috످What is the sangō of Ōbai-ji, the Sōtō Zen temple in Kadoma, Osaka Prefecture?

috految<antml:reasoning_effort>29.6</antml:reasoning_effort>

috److془Ōbai-ji 黄梅寺 in Kadoma, 堂山町. Sangō: I don't recall reliably.془I don't know the sangō (mountain name) of Ōbai-ji in Kadoma. You could check the Sōtō Zen temple directory (sotozen-navi.com) or search for "黄梅寺 門真市 山号".

috످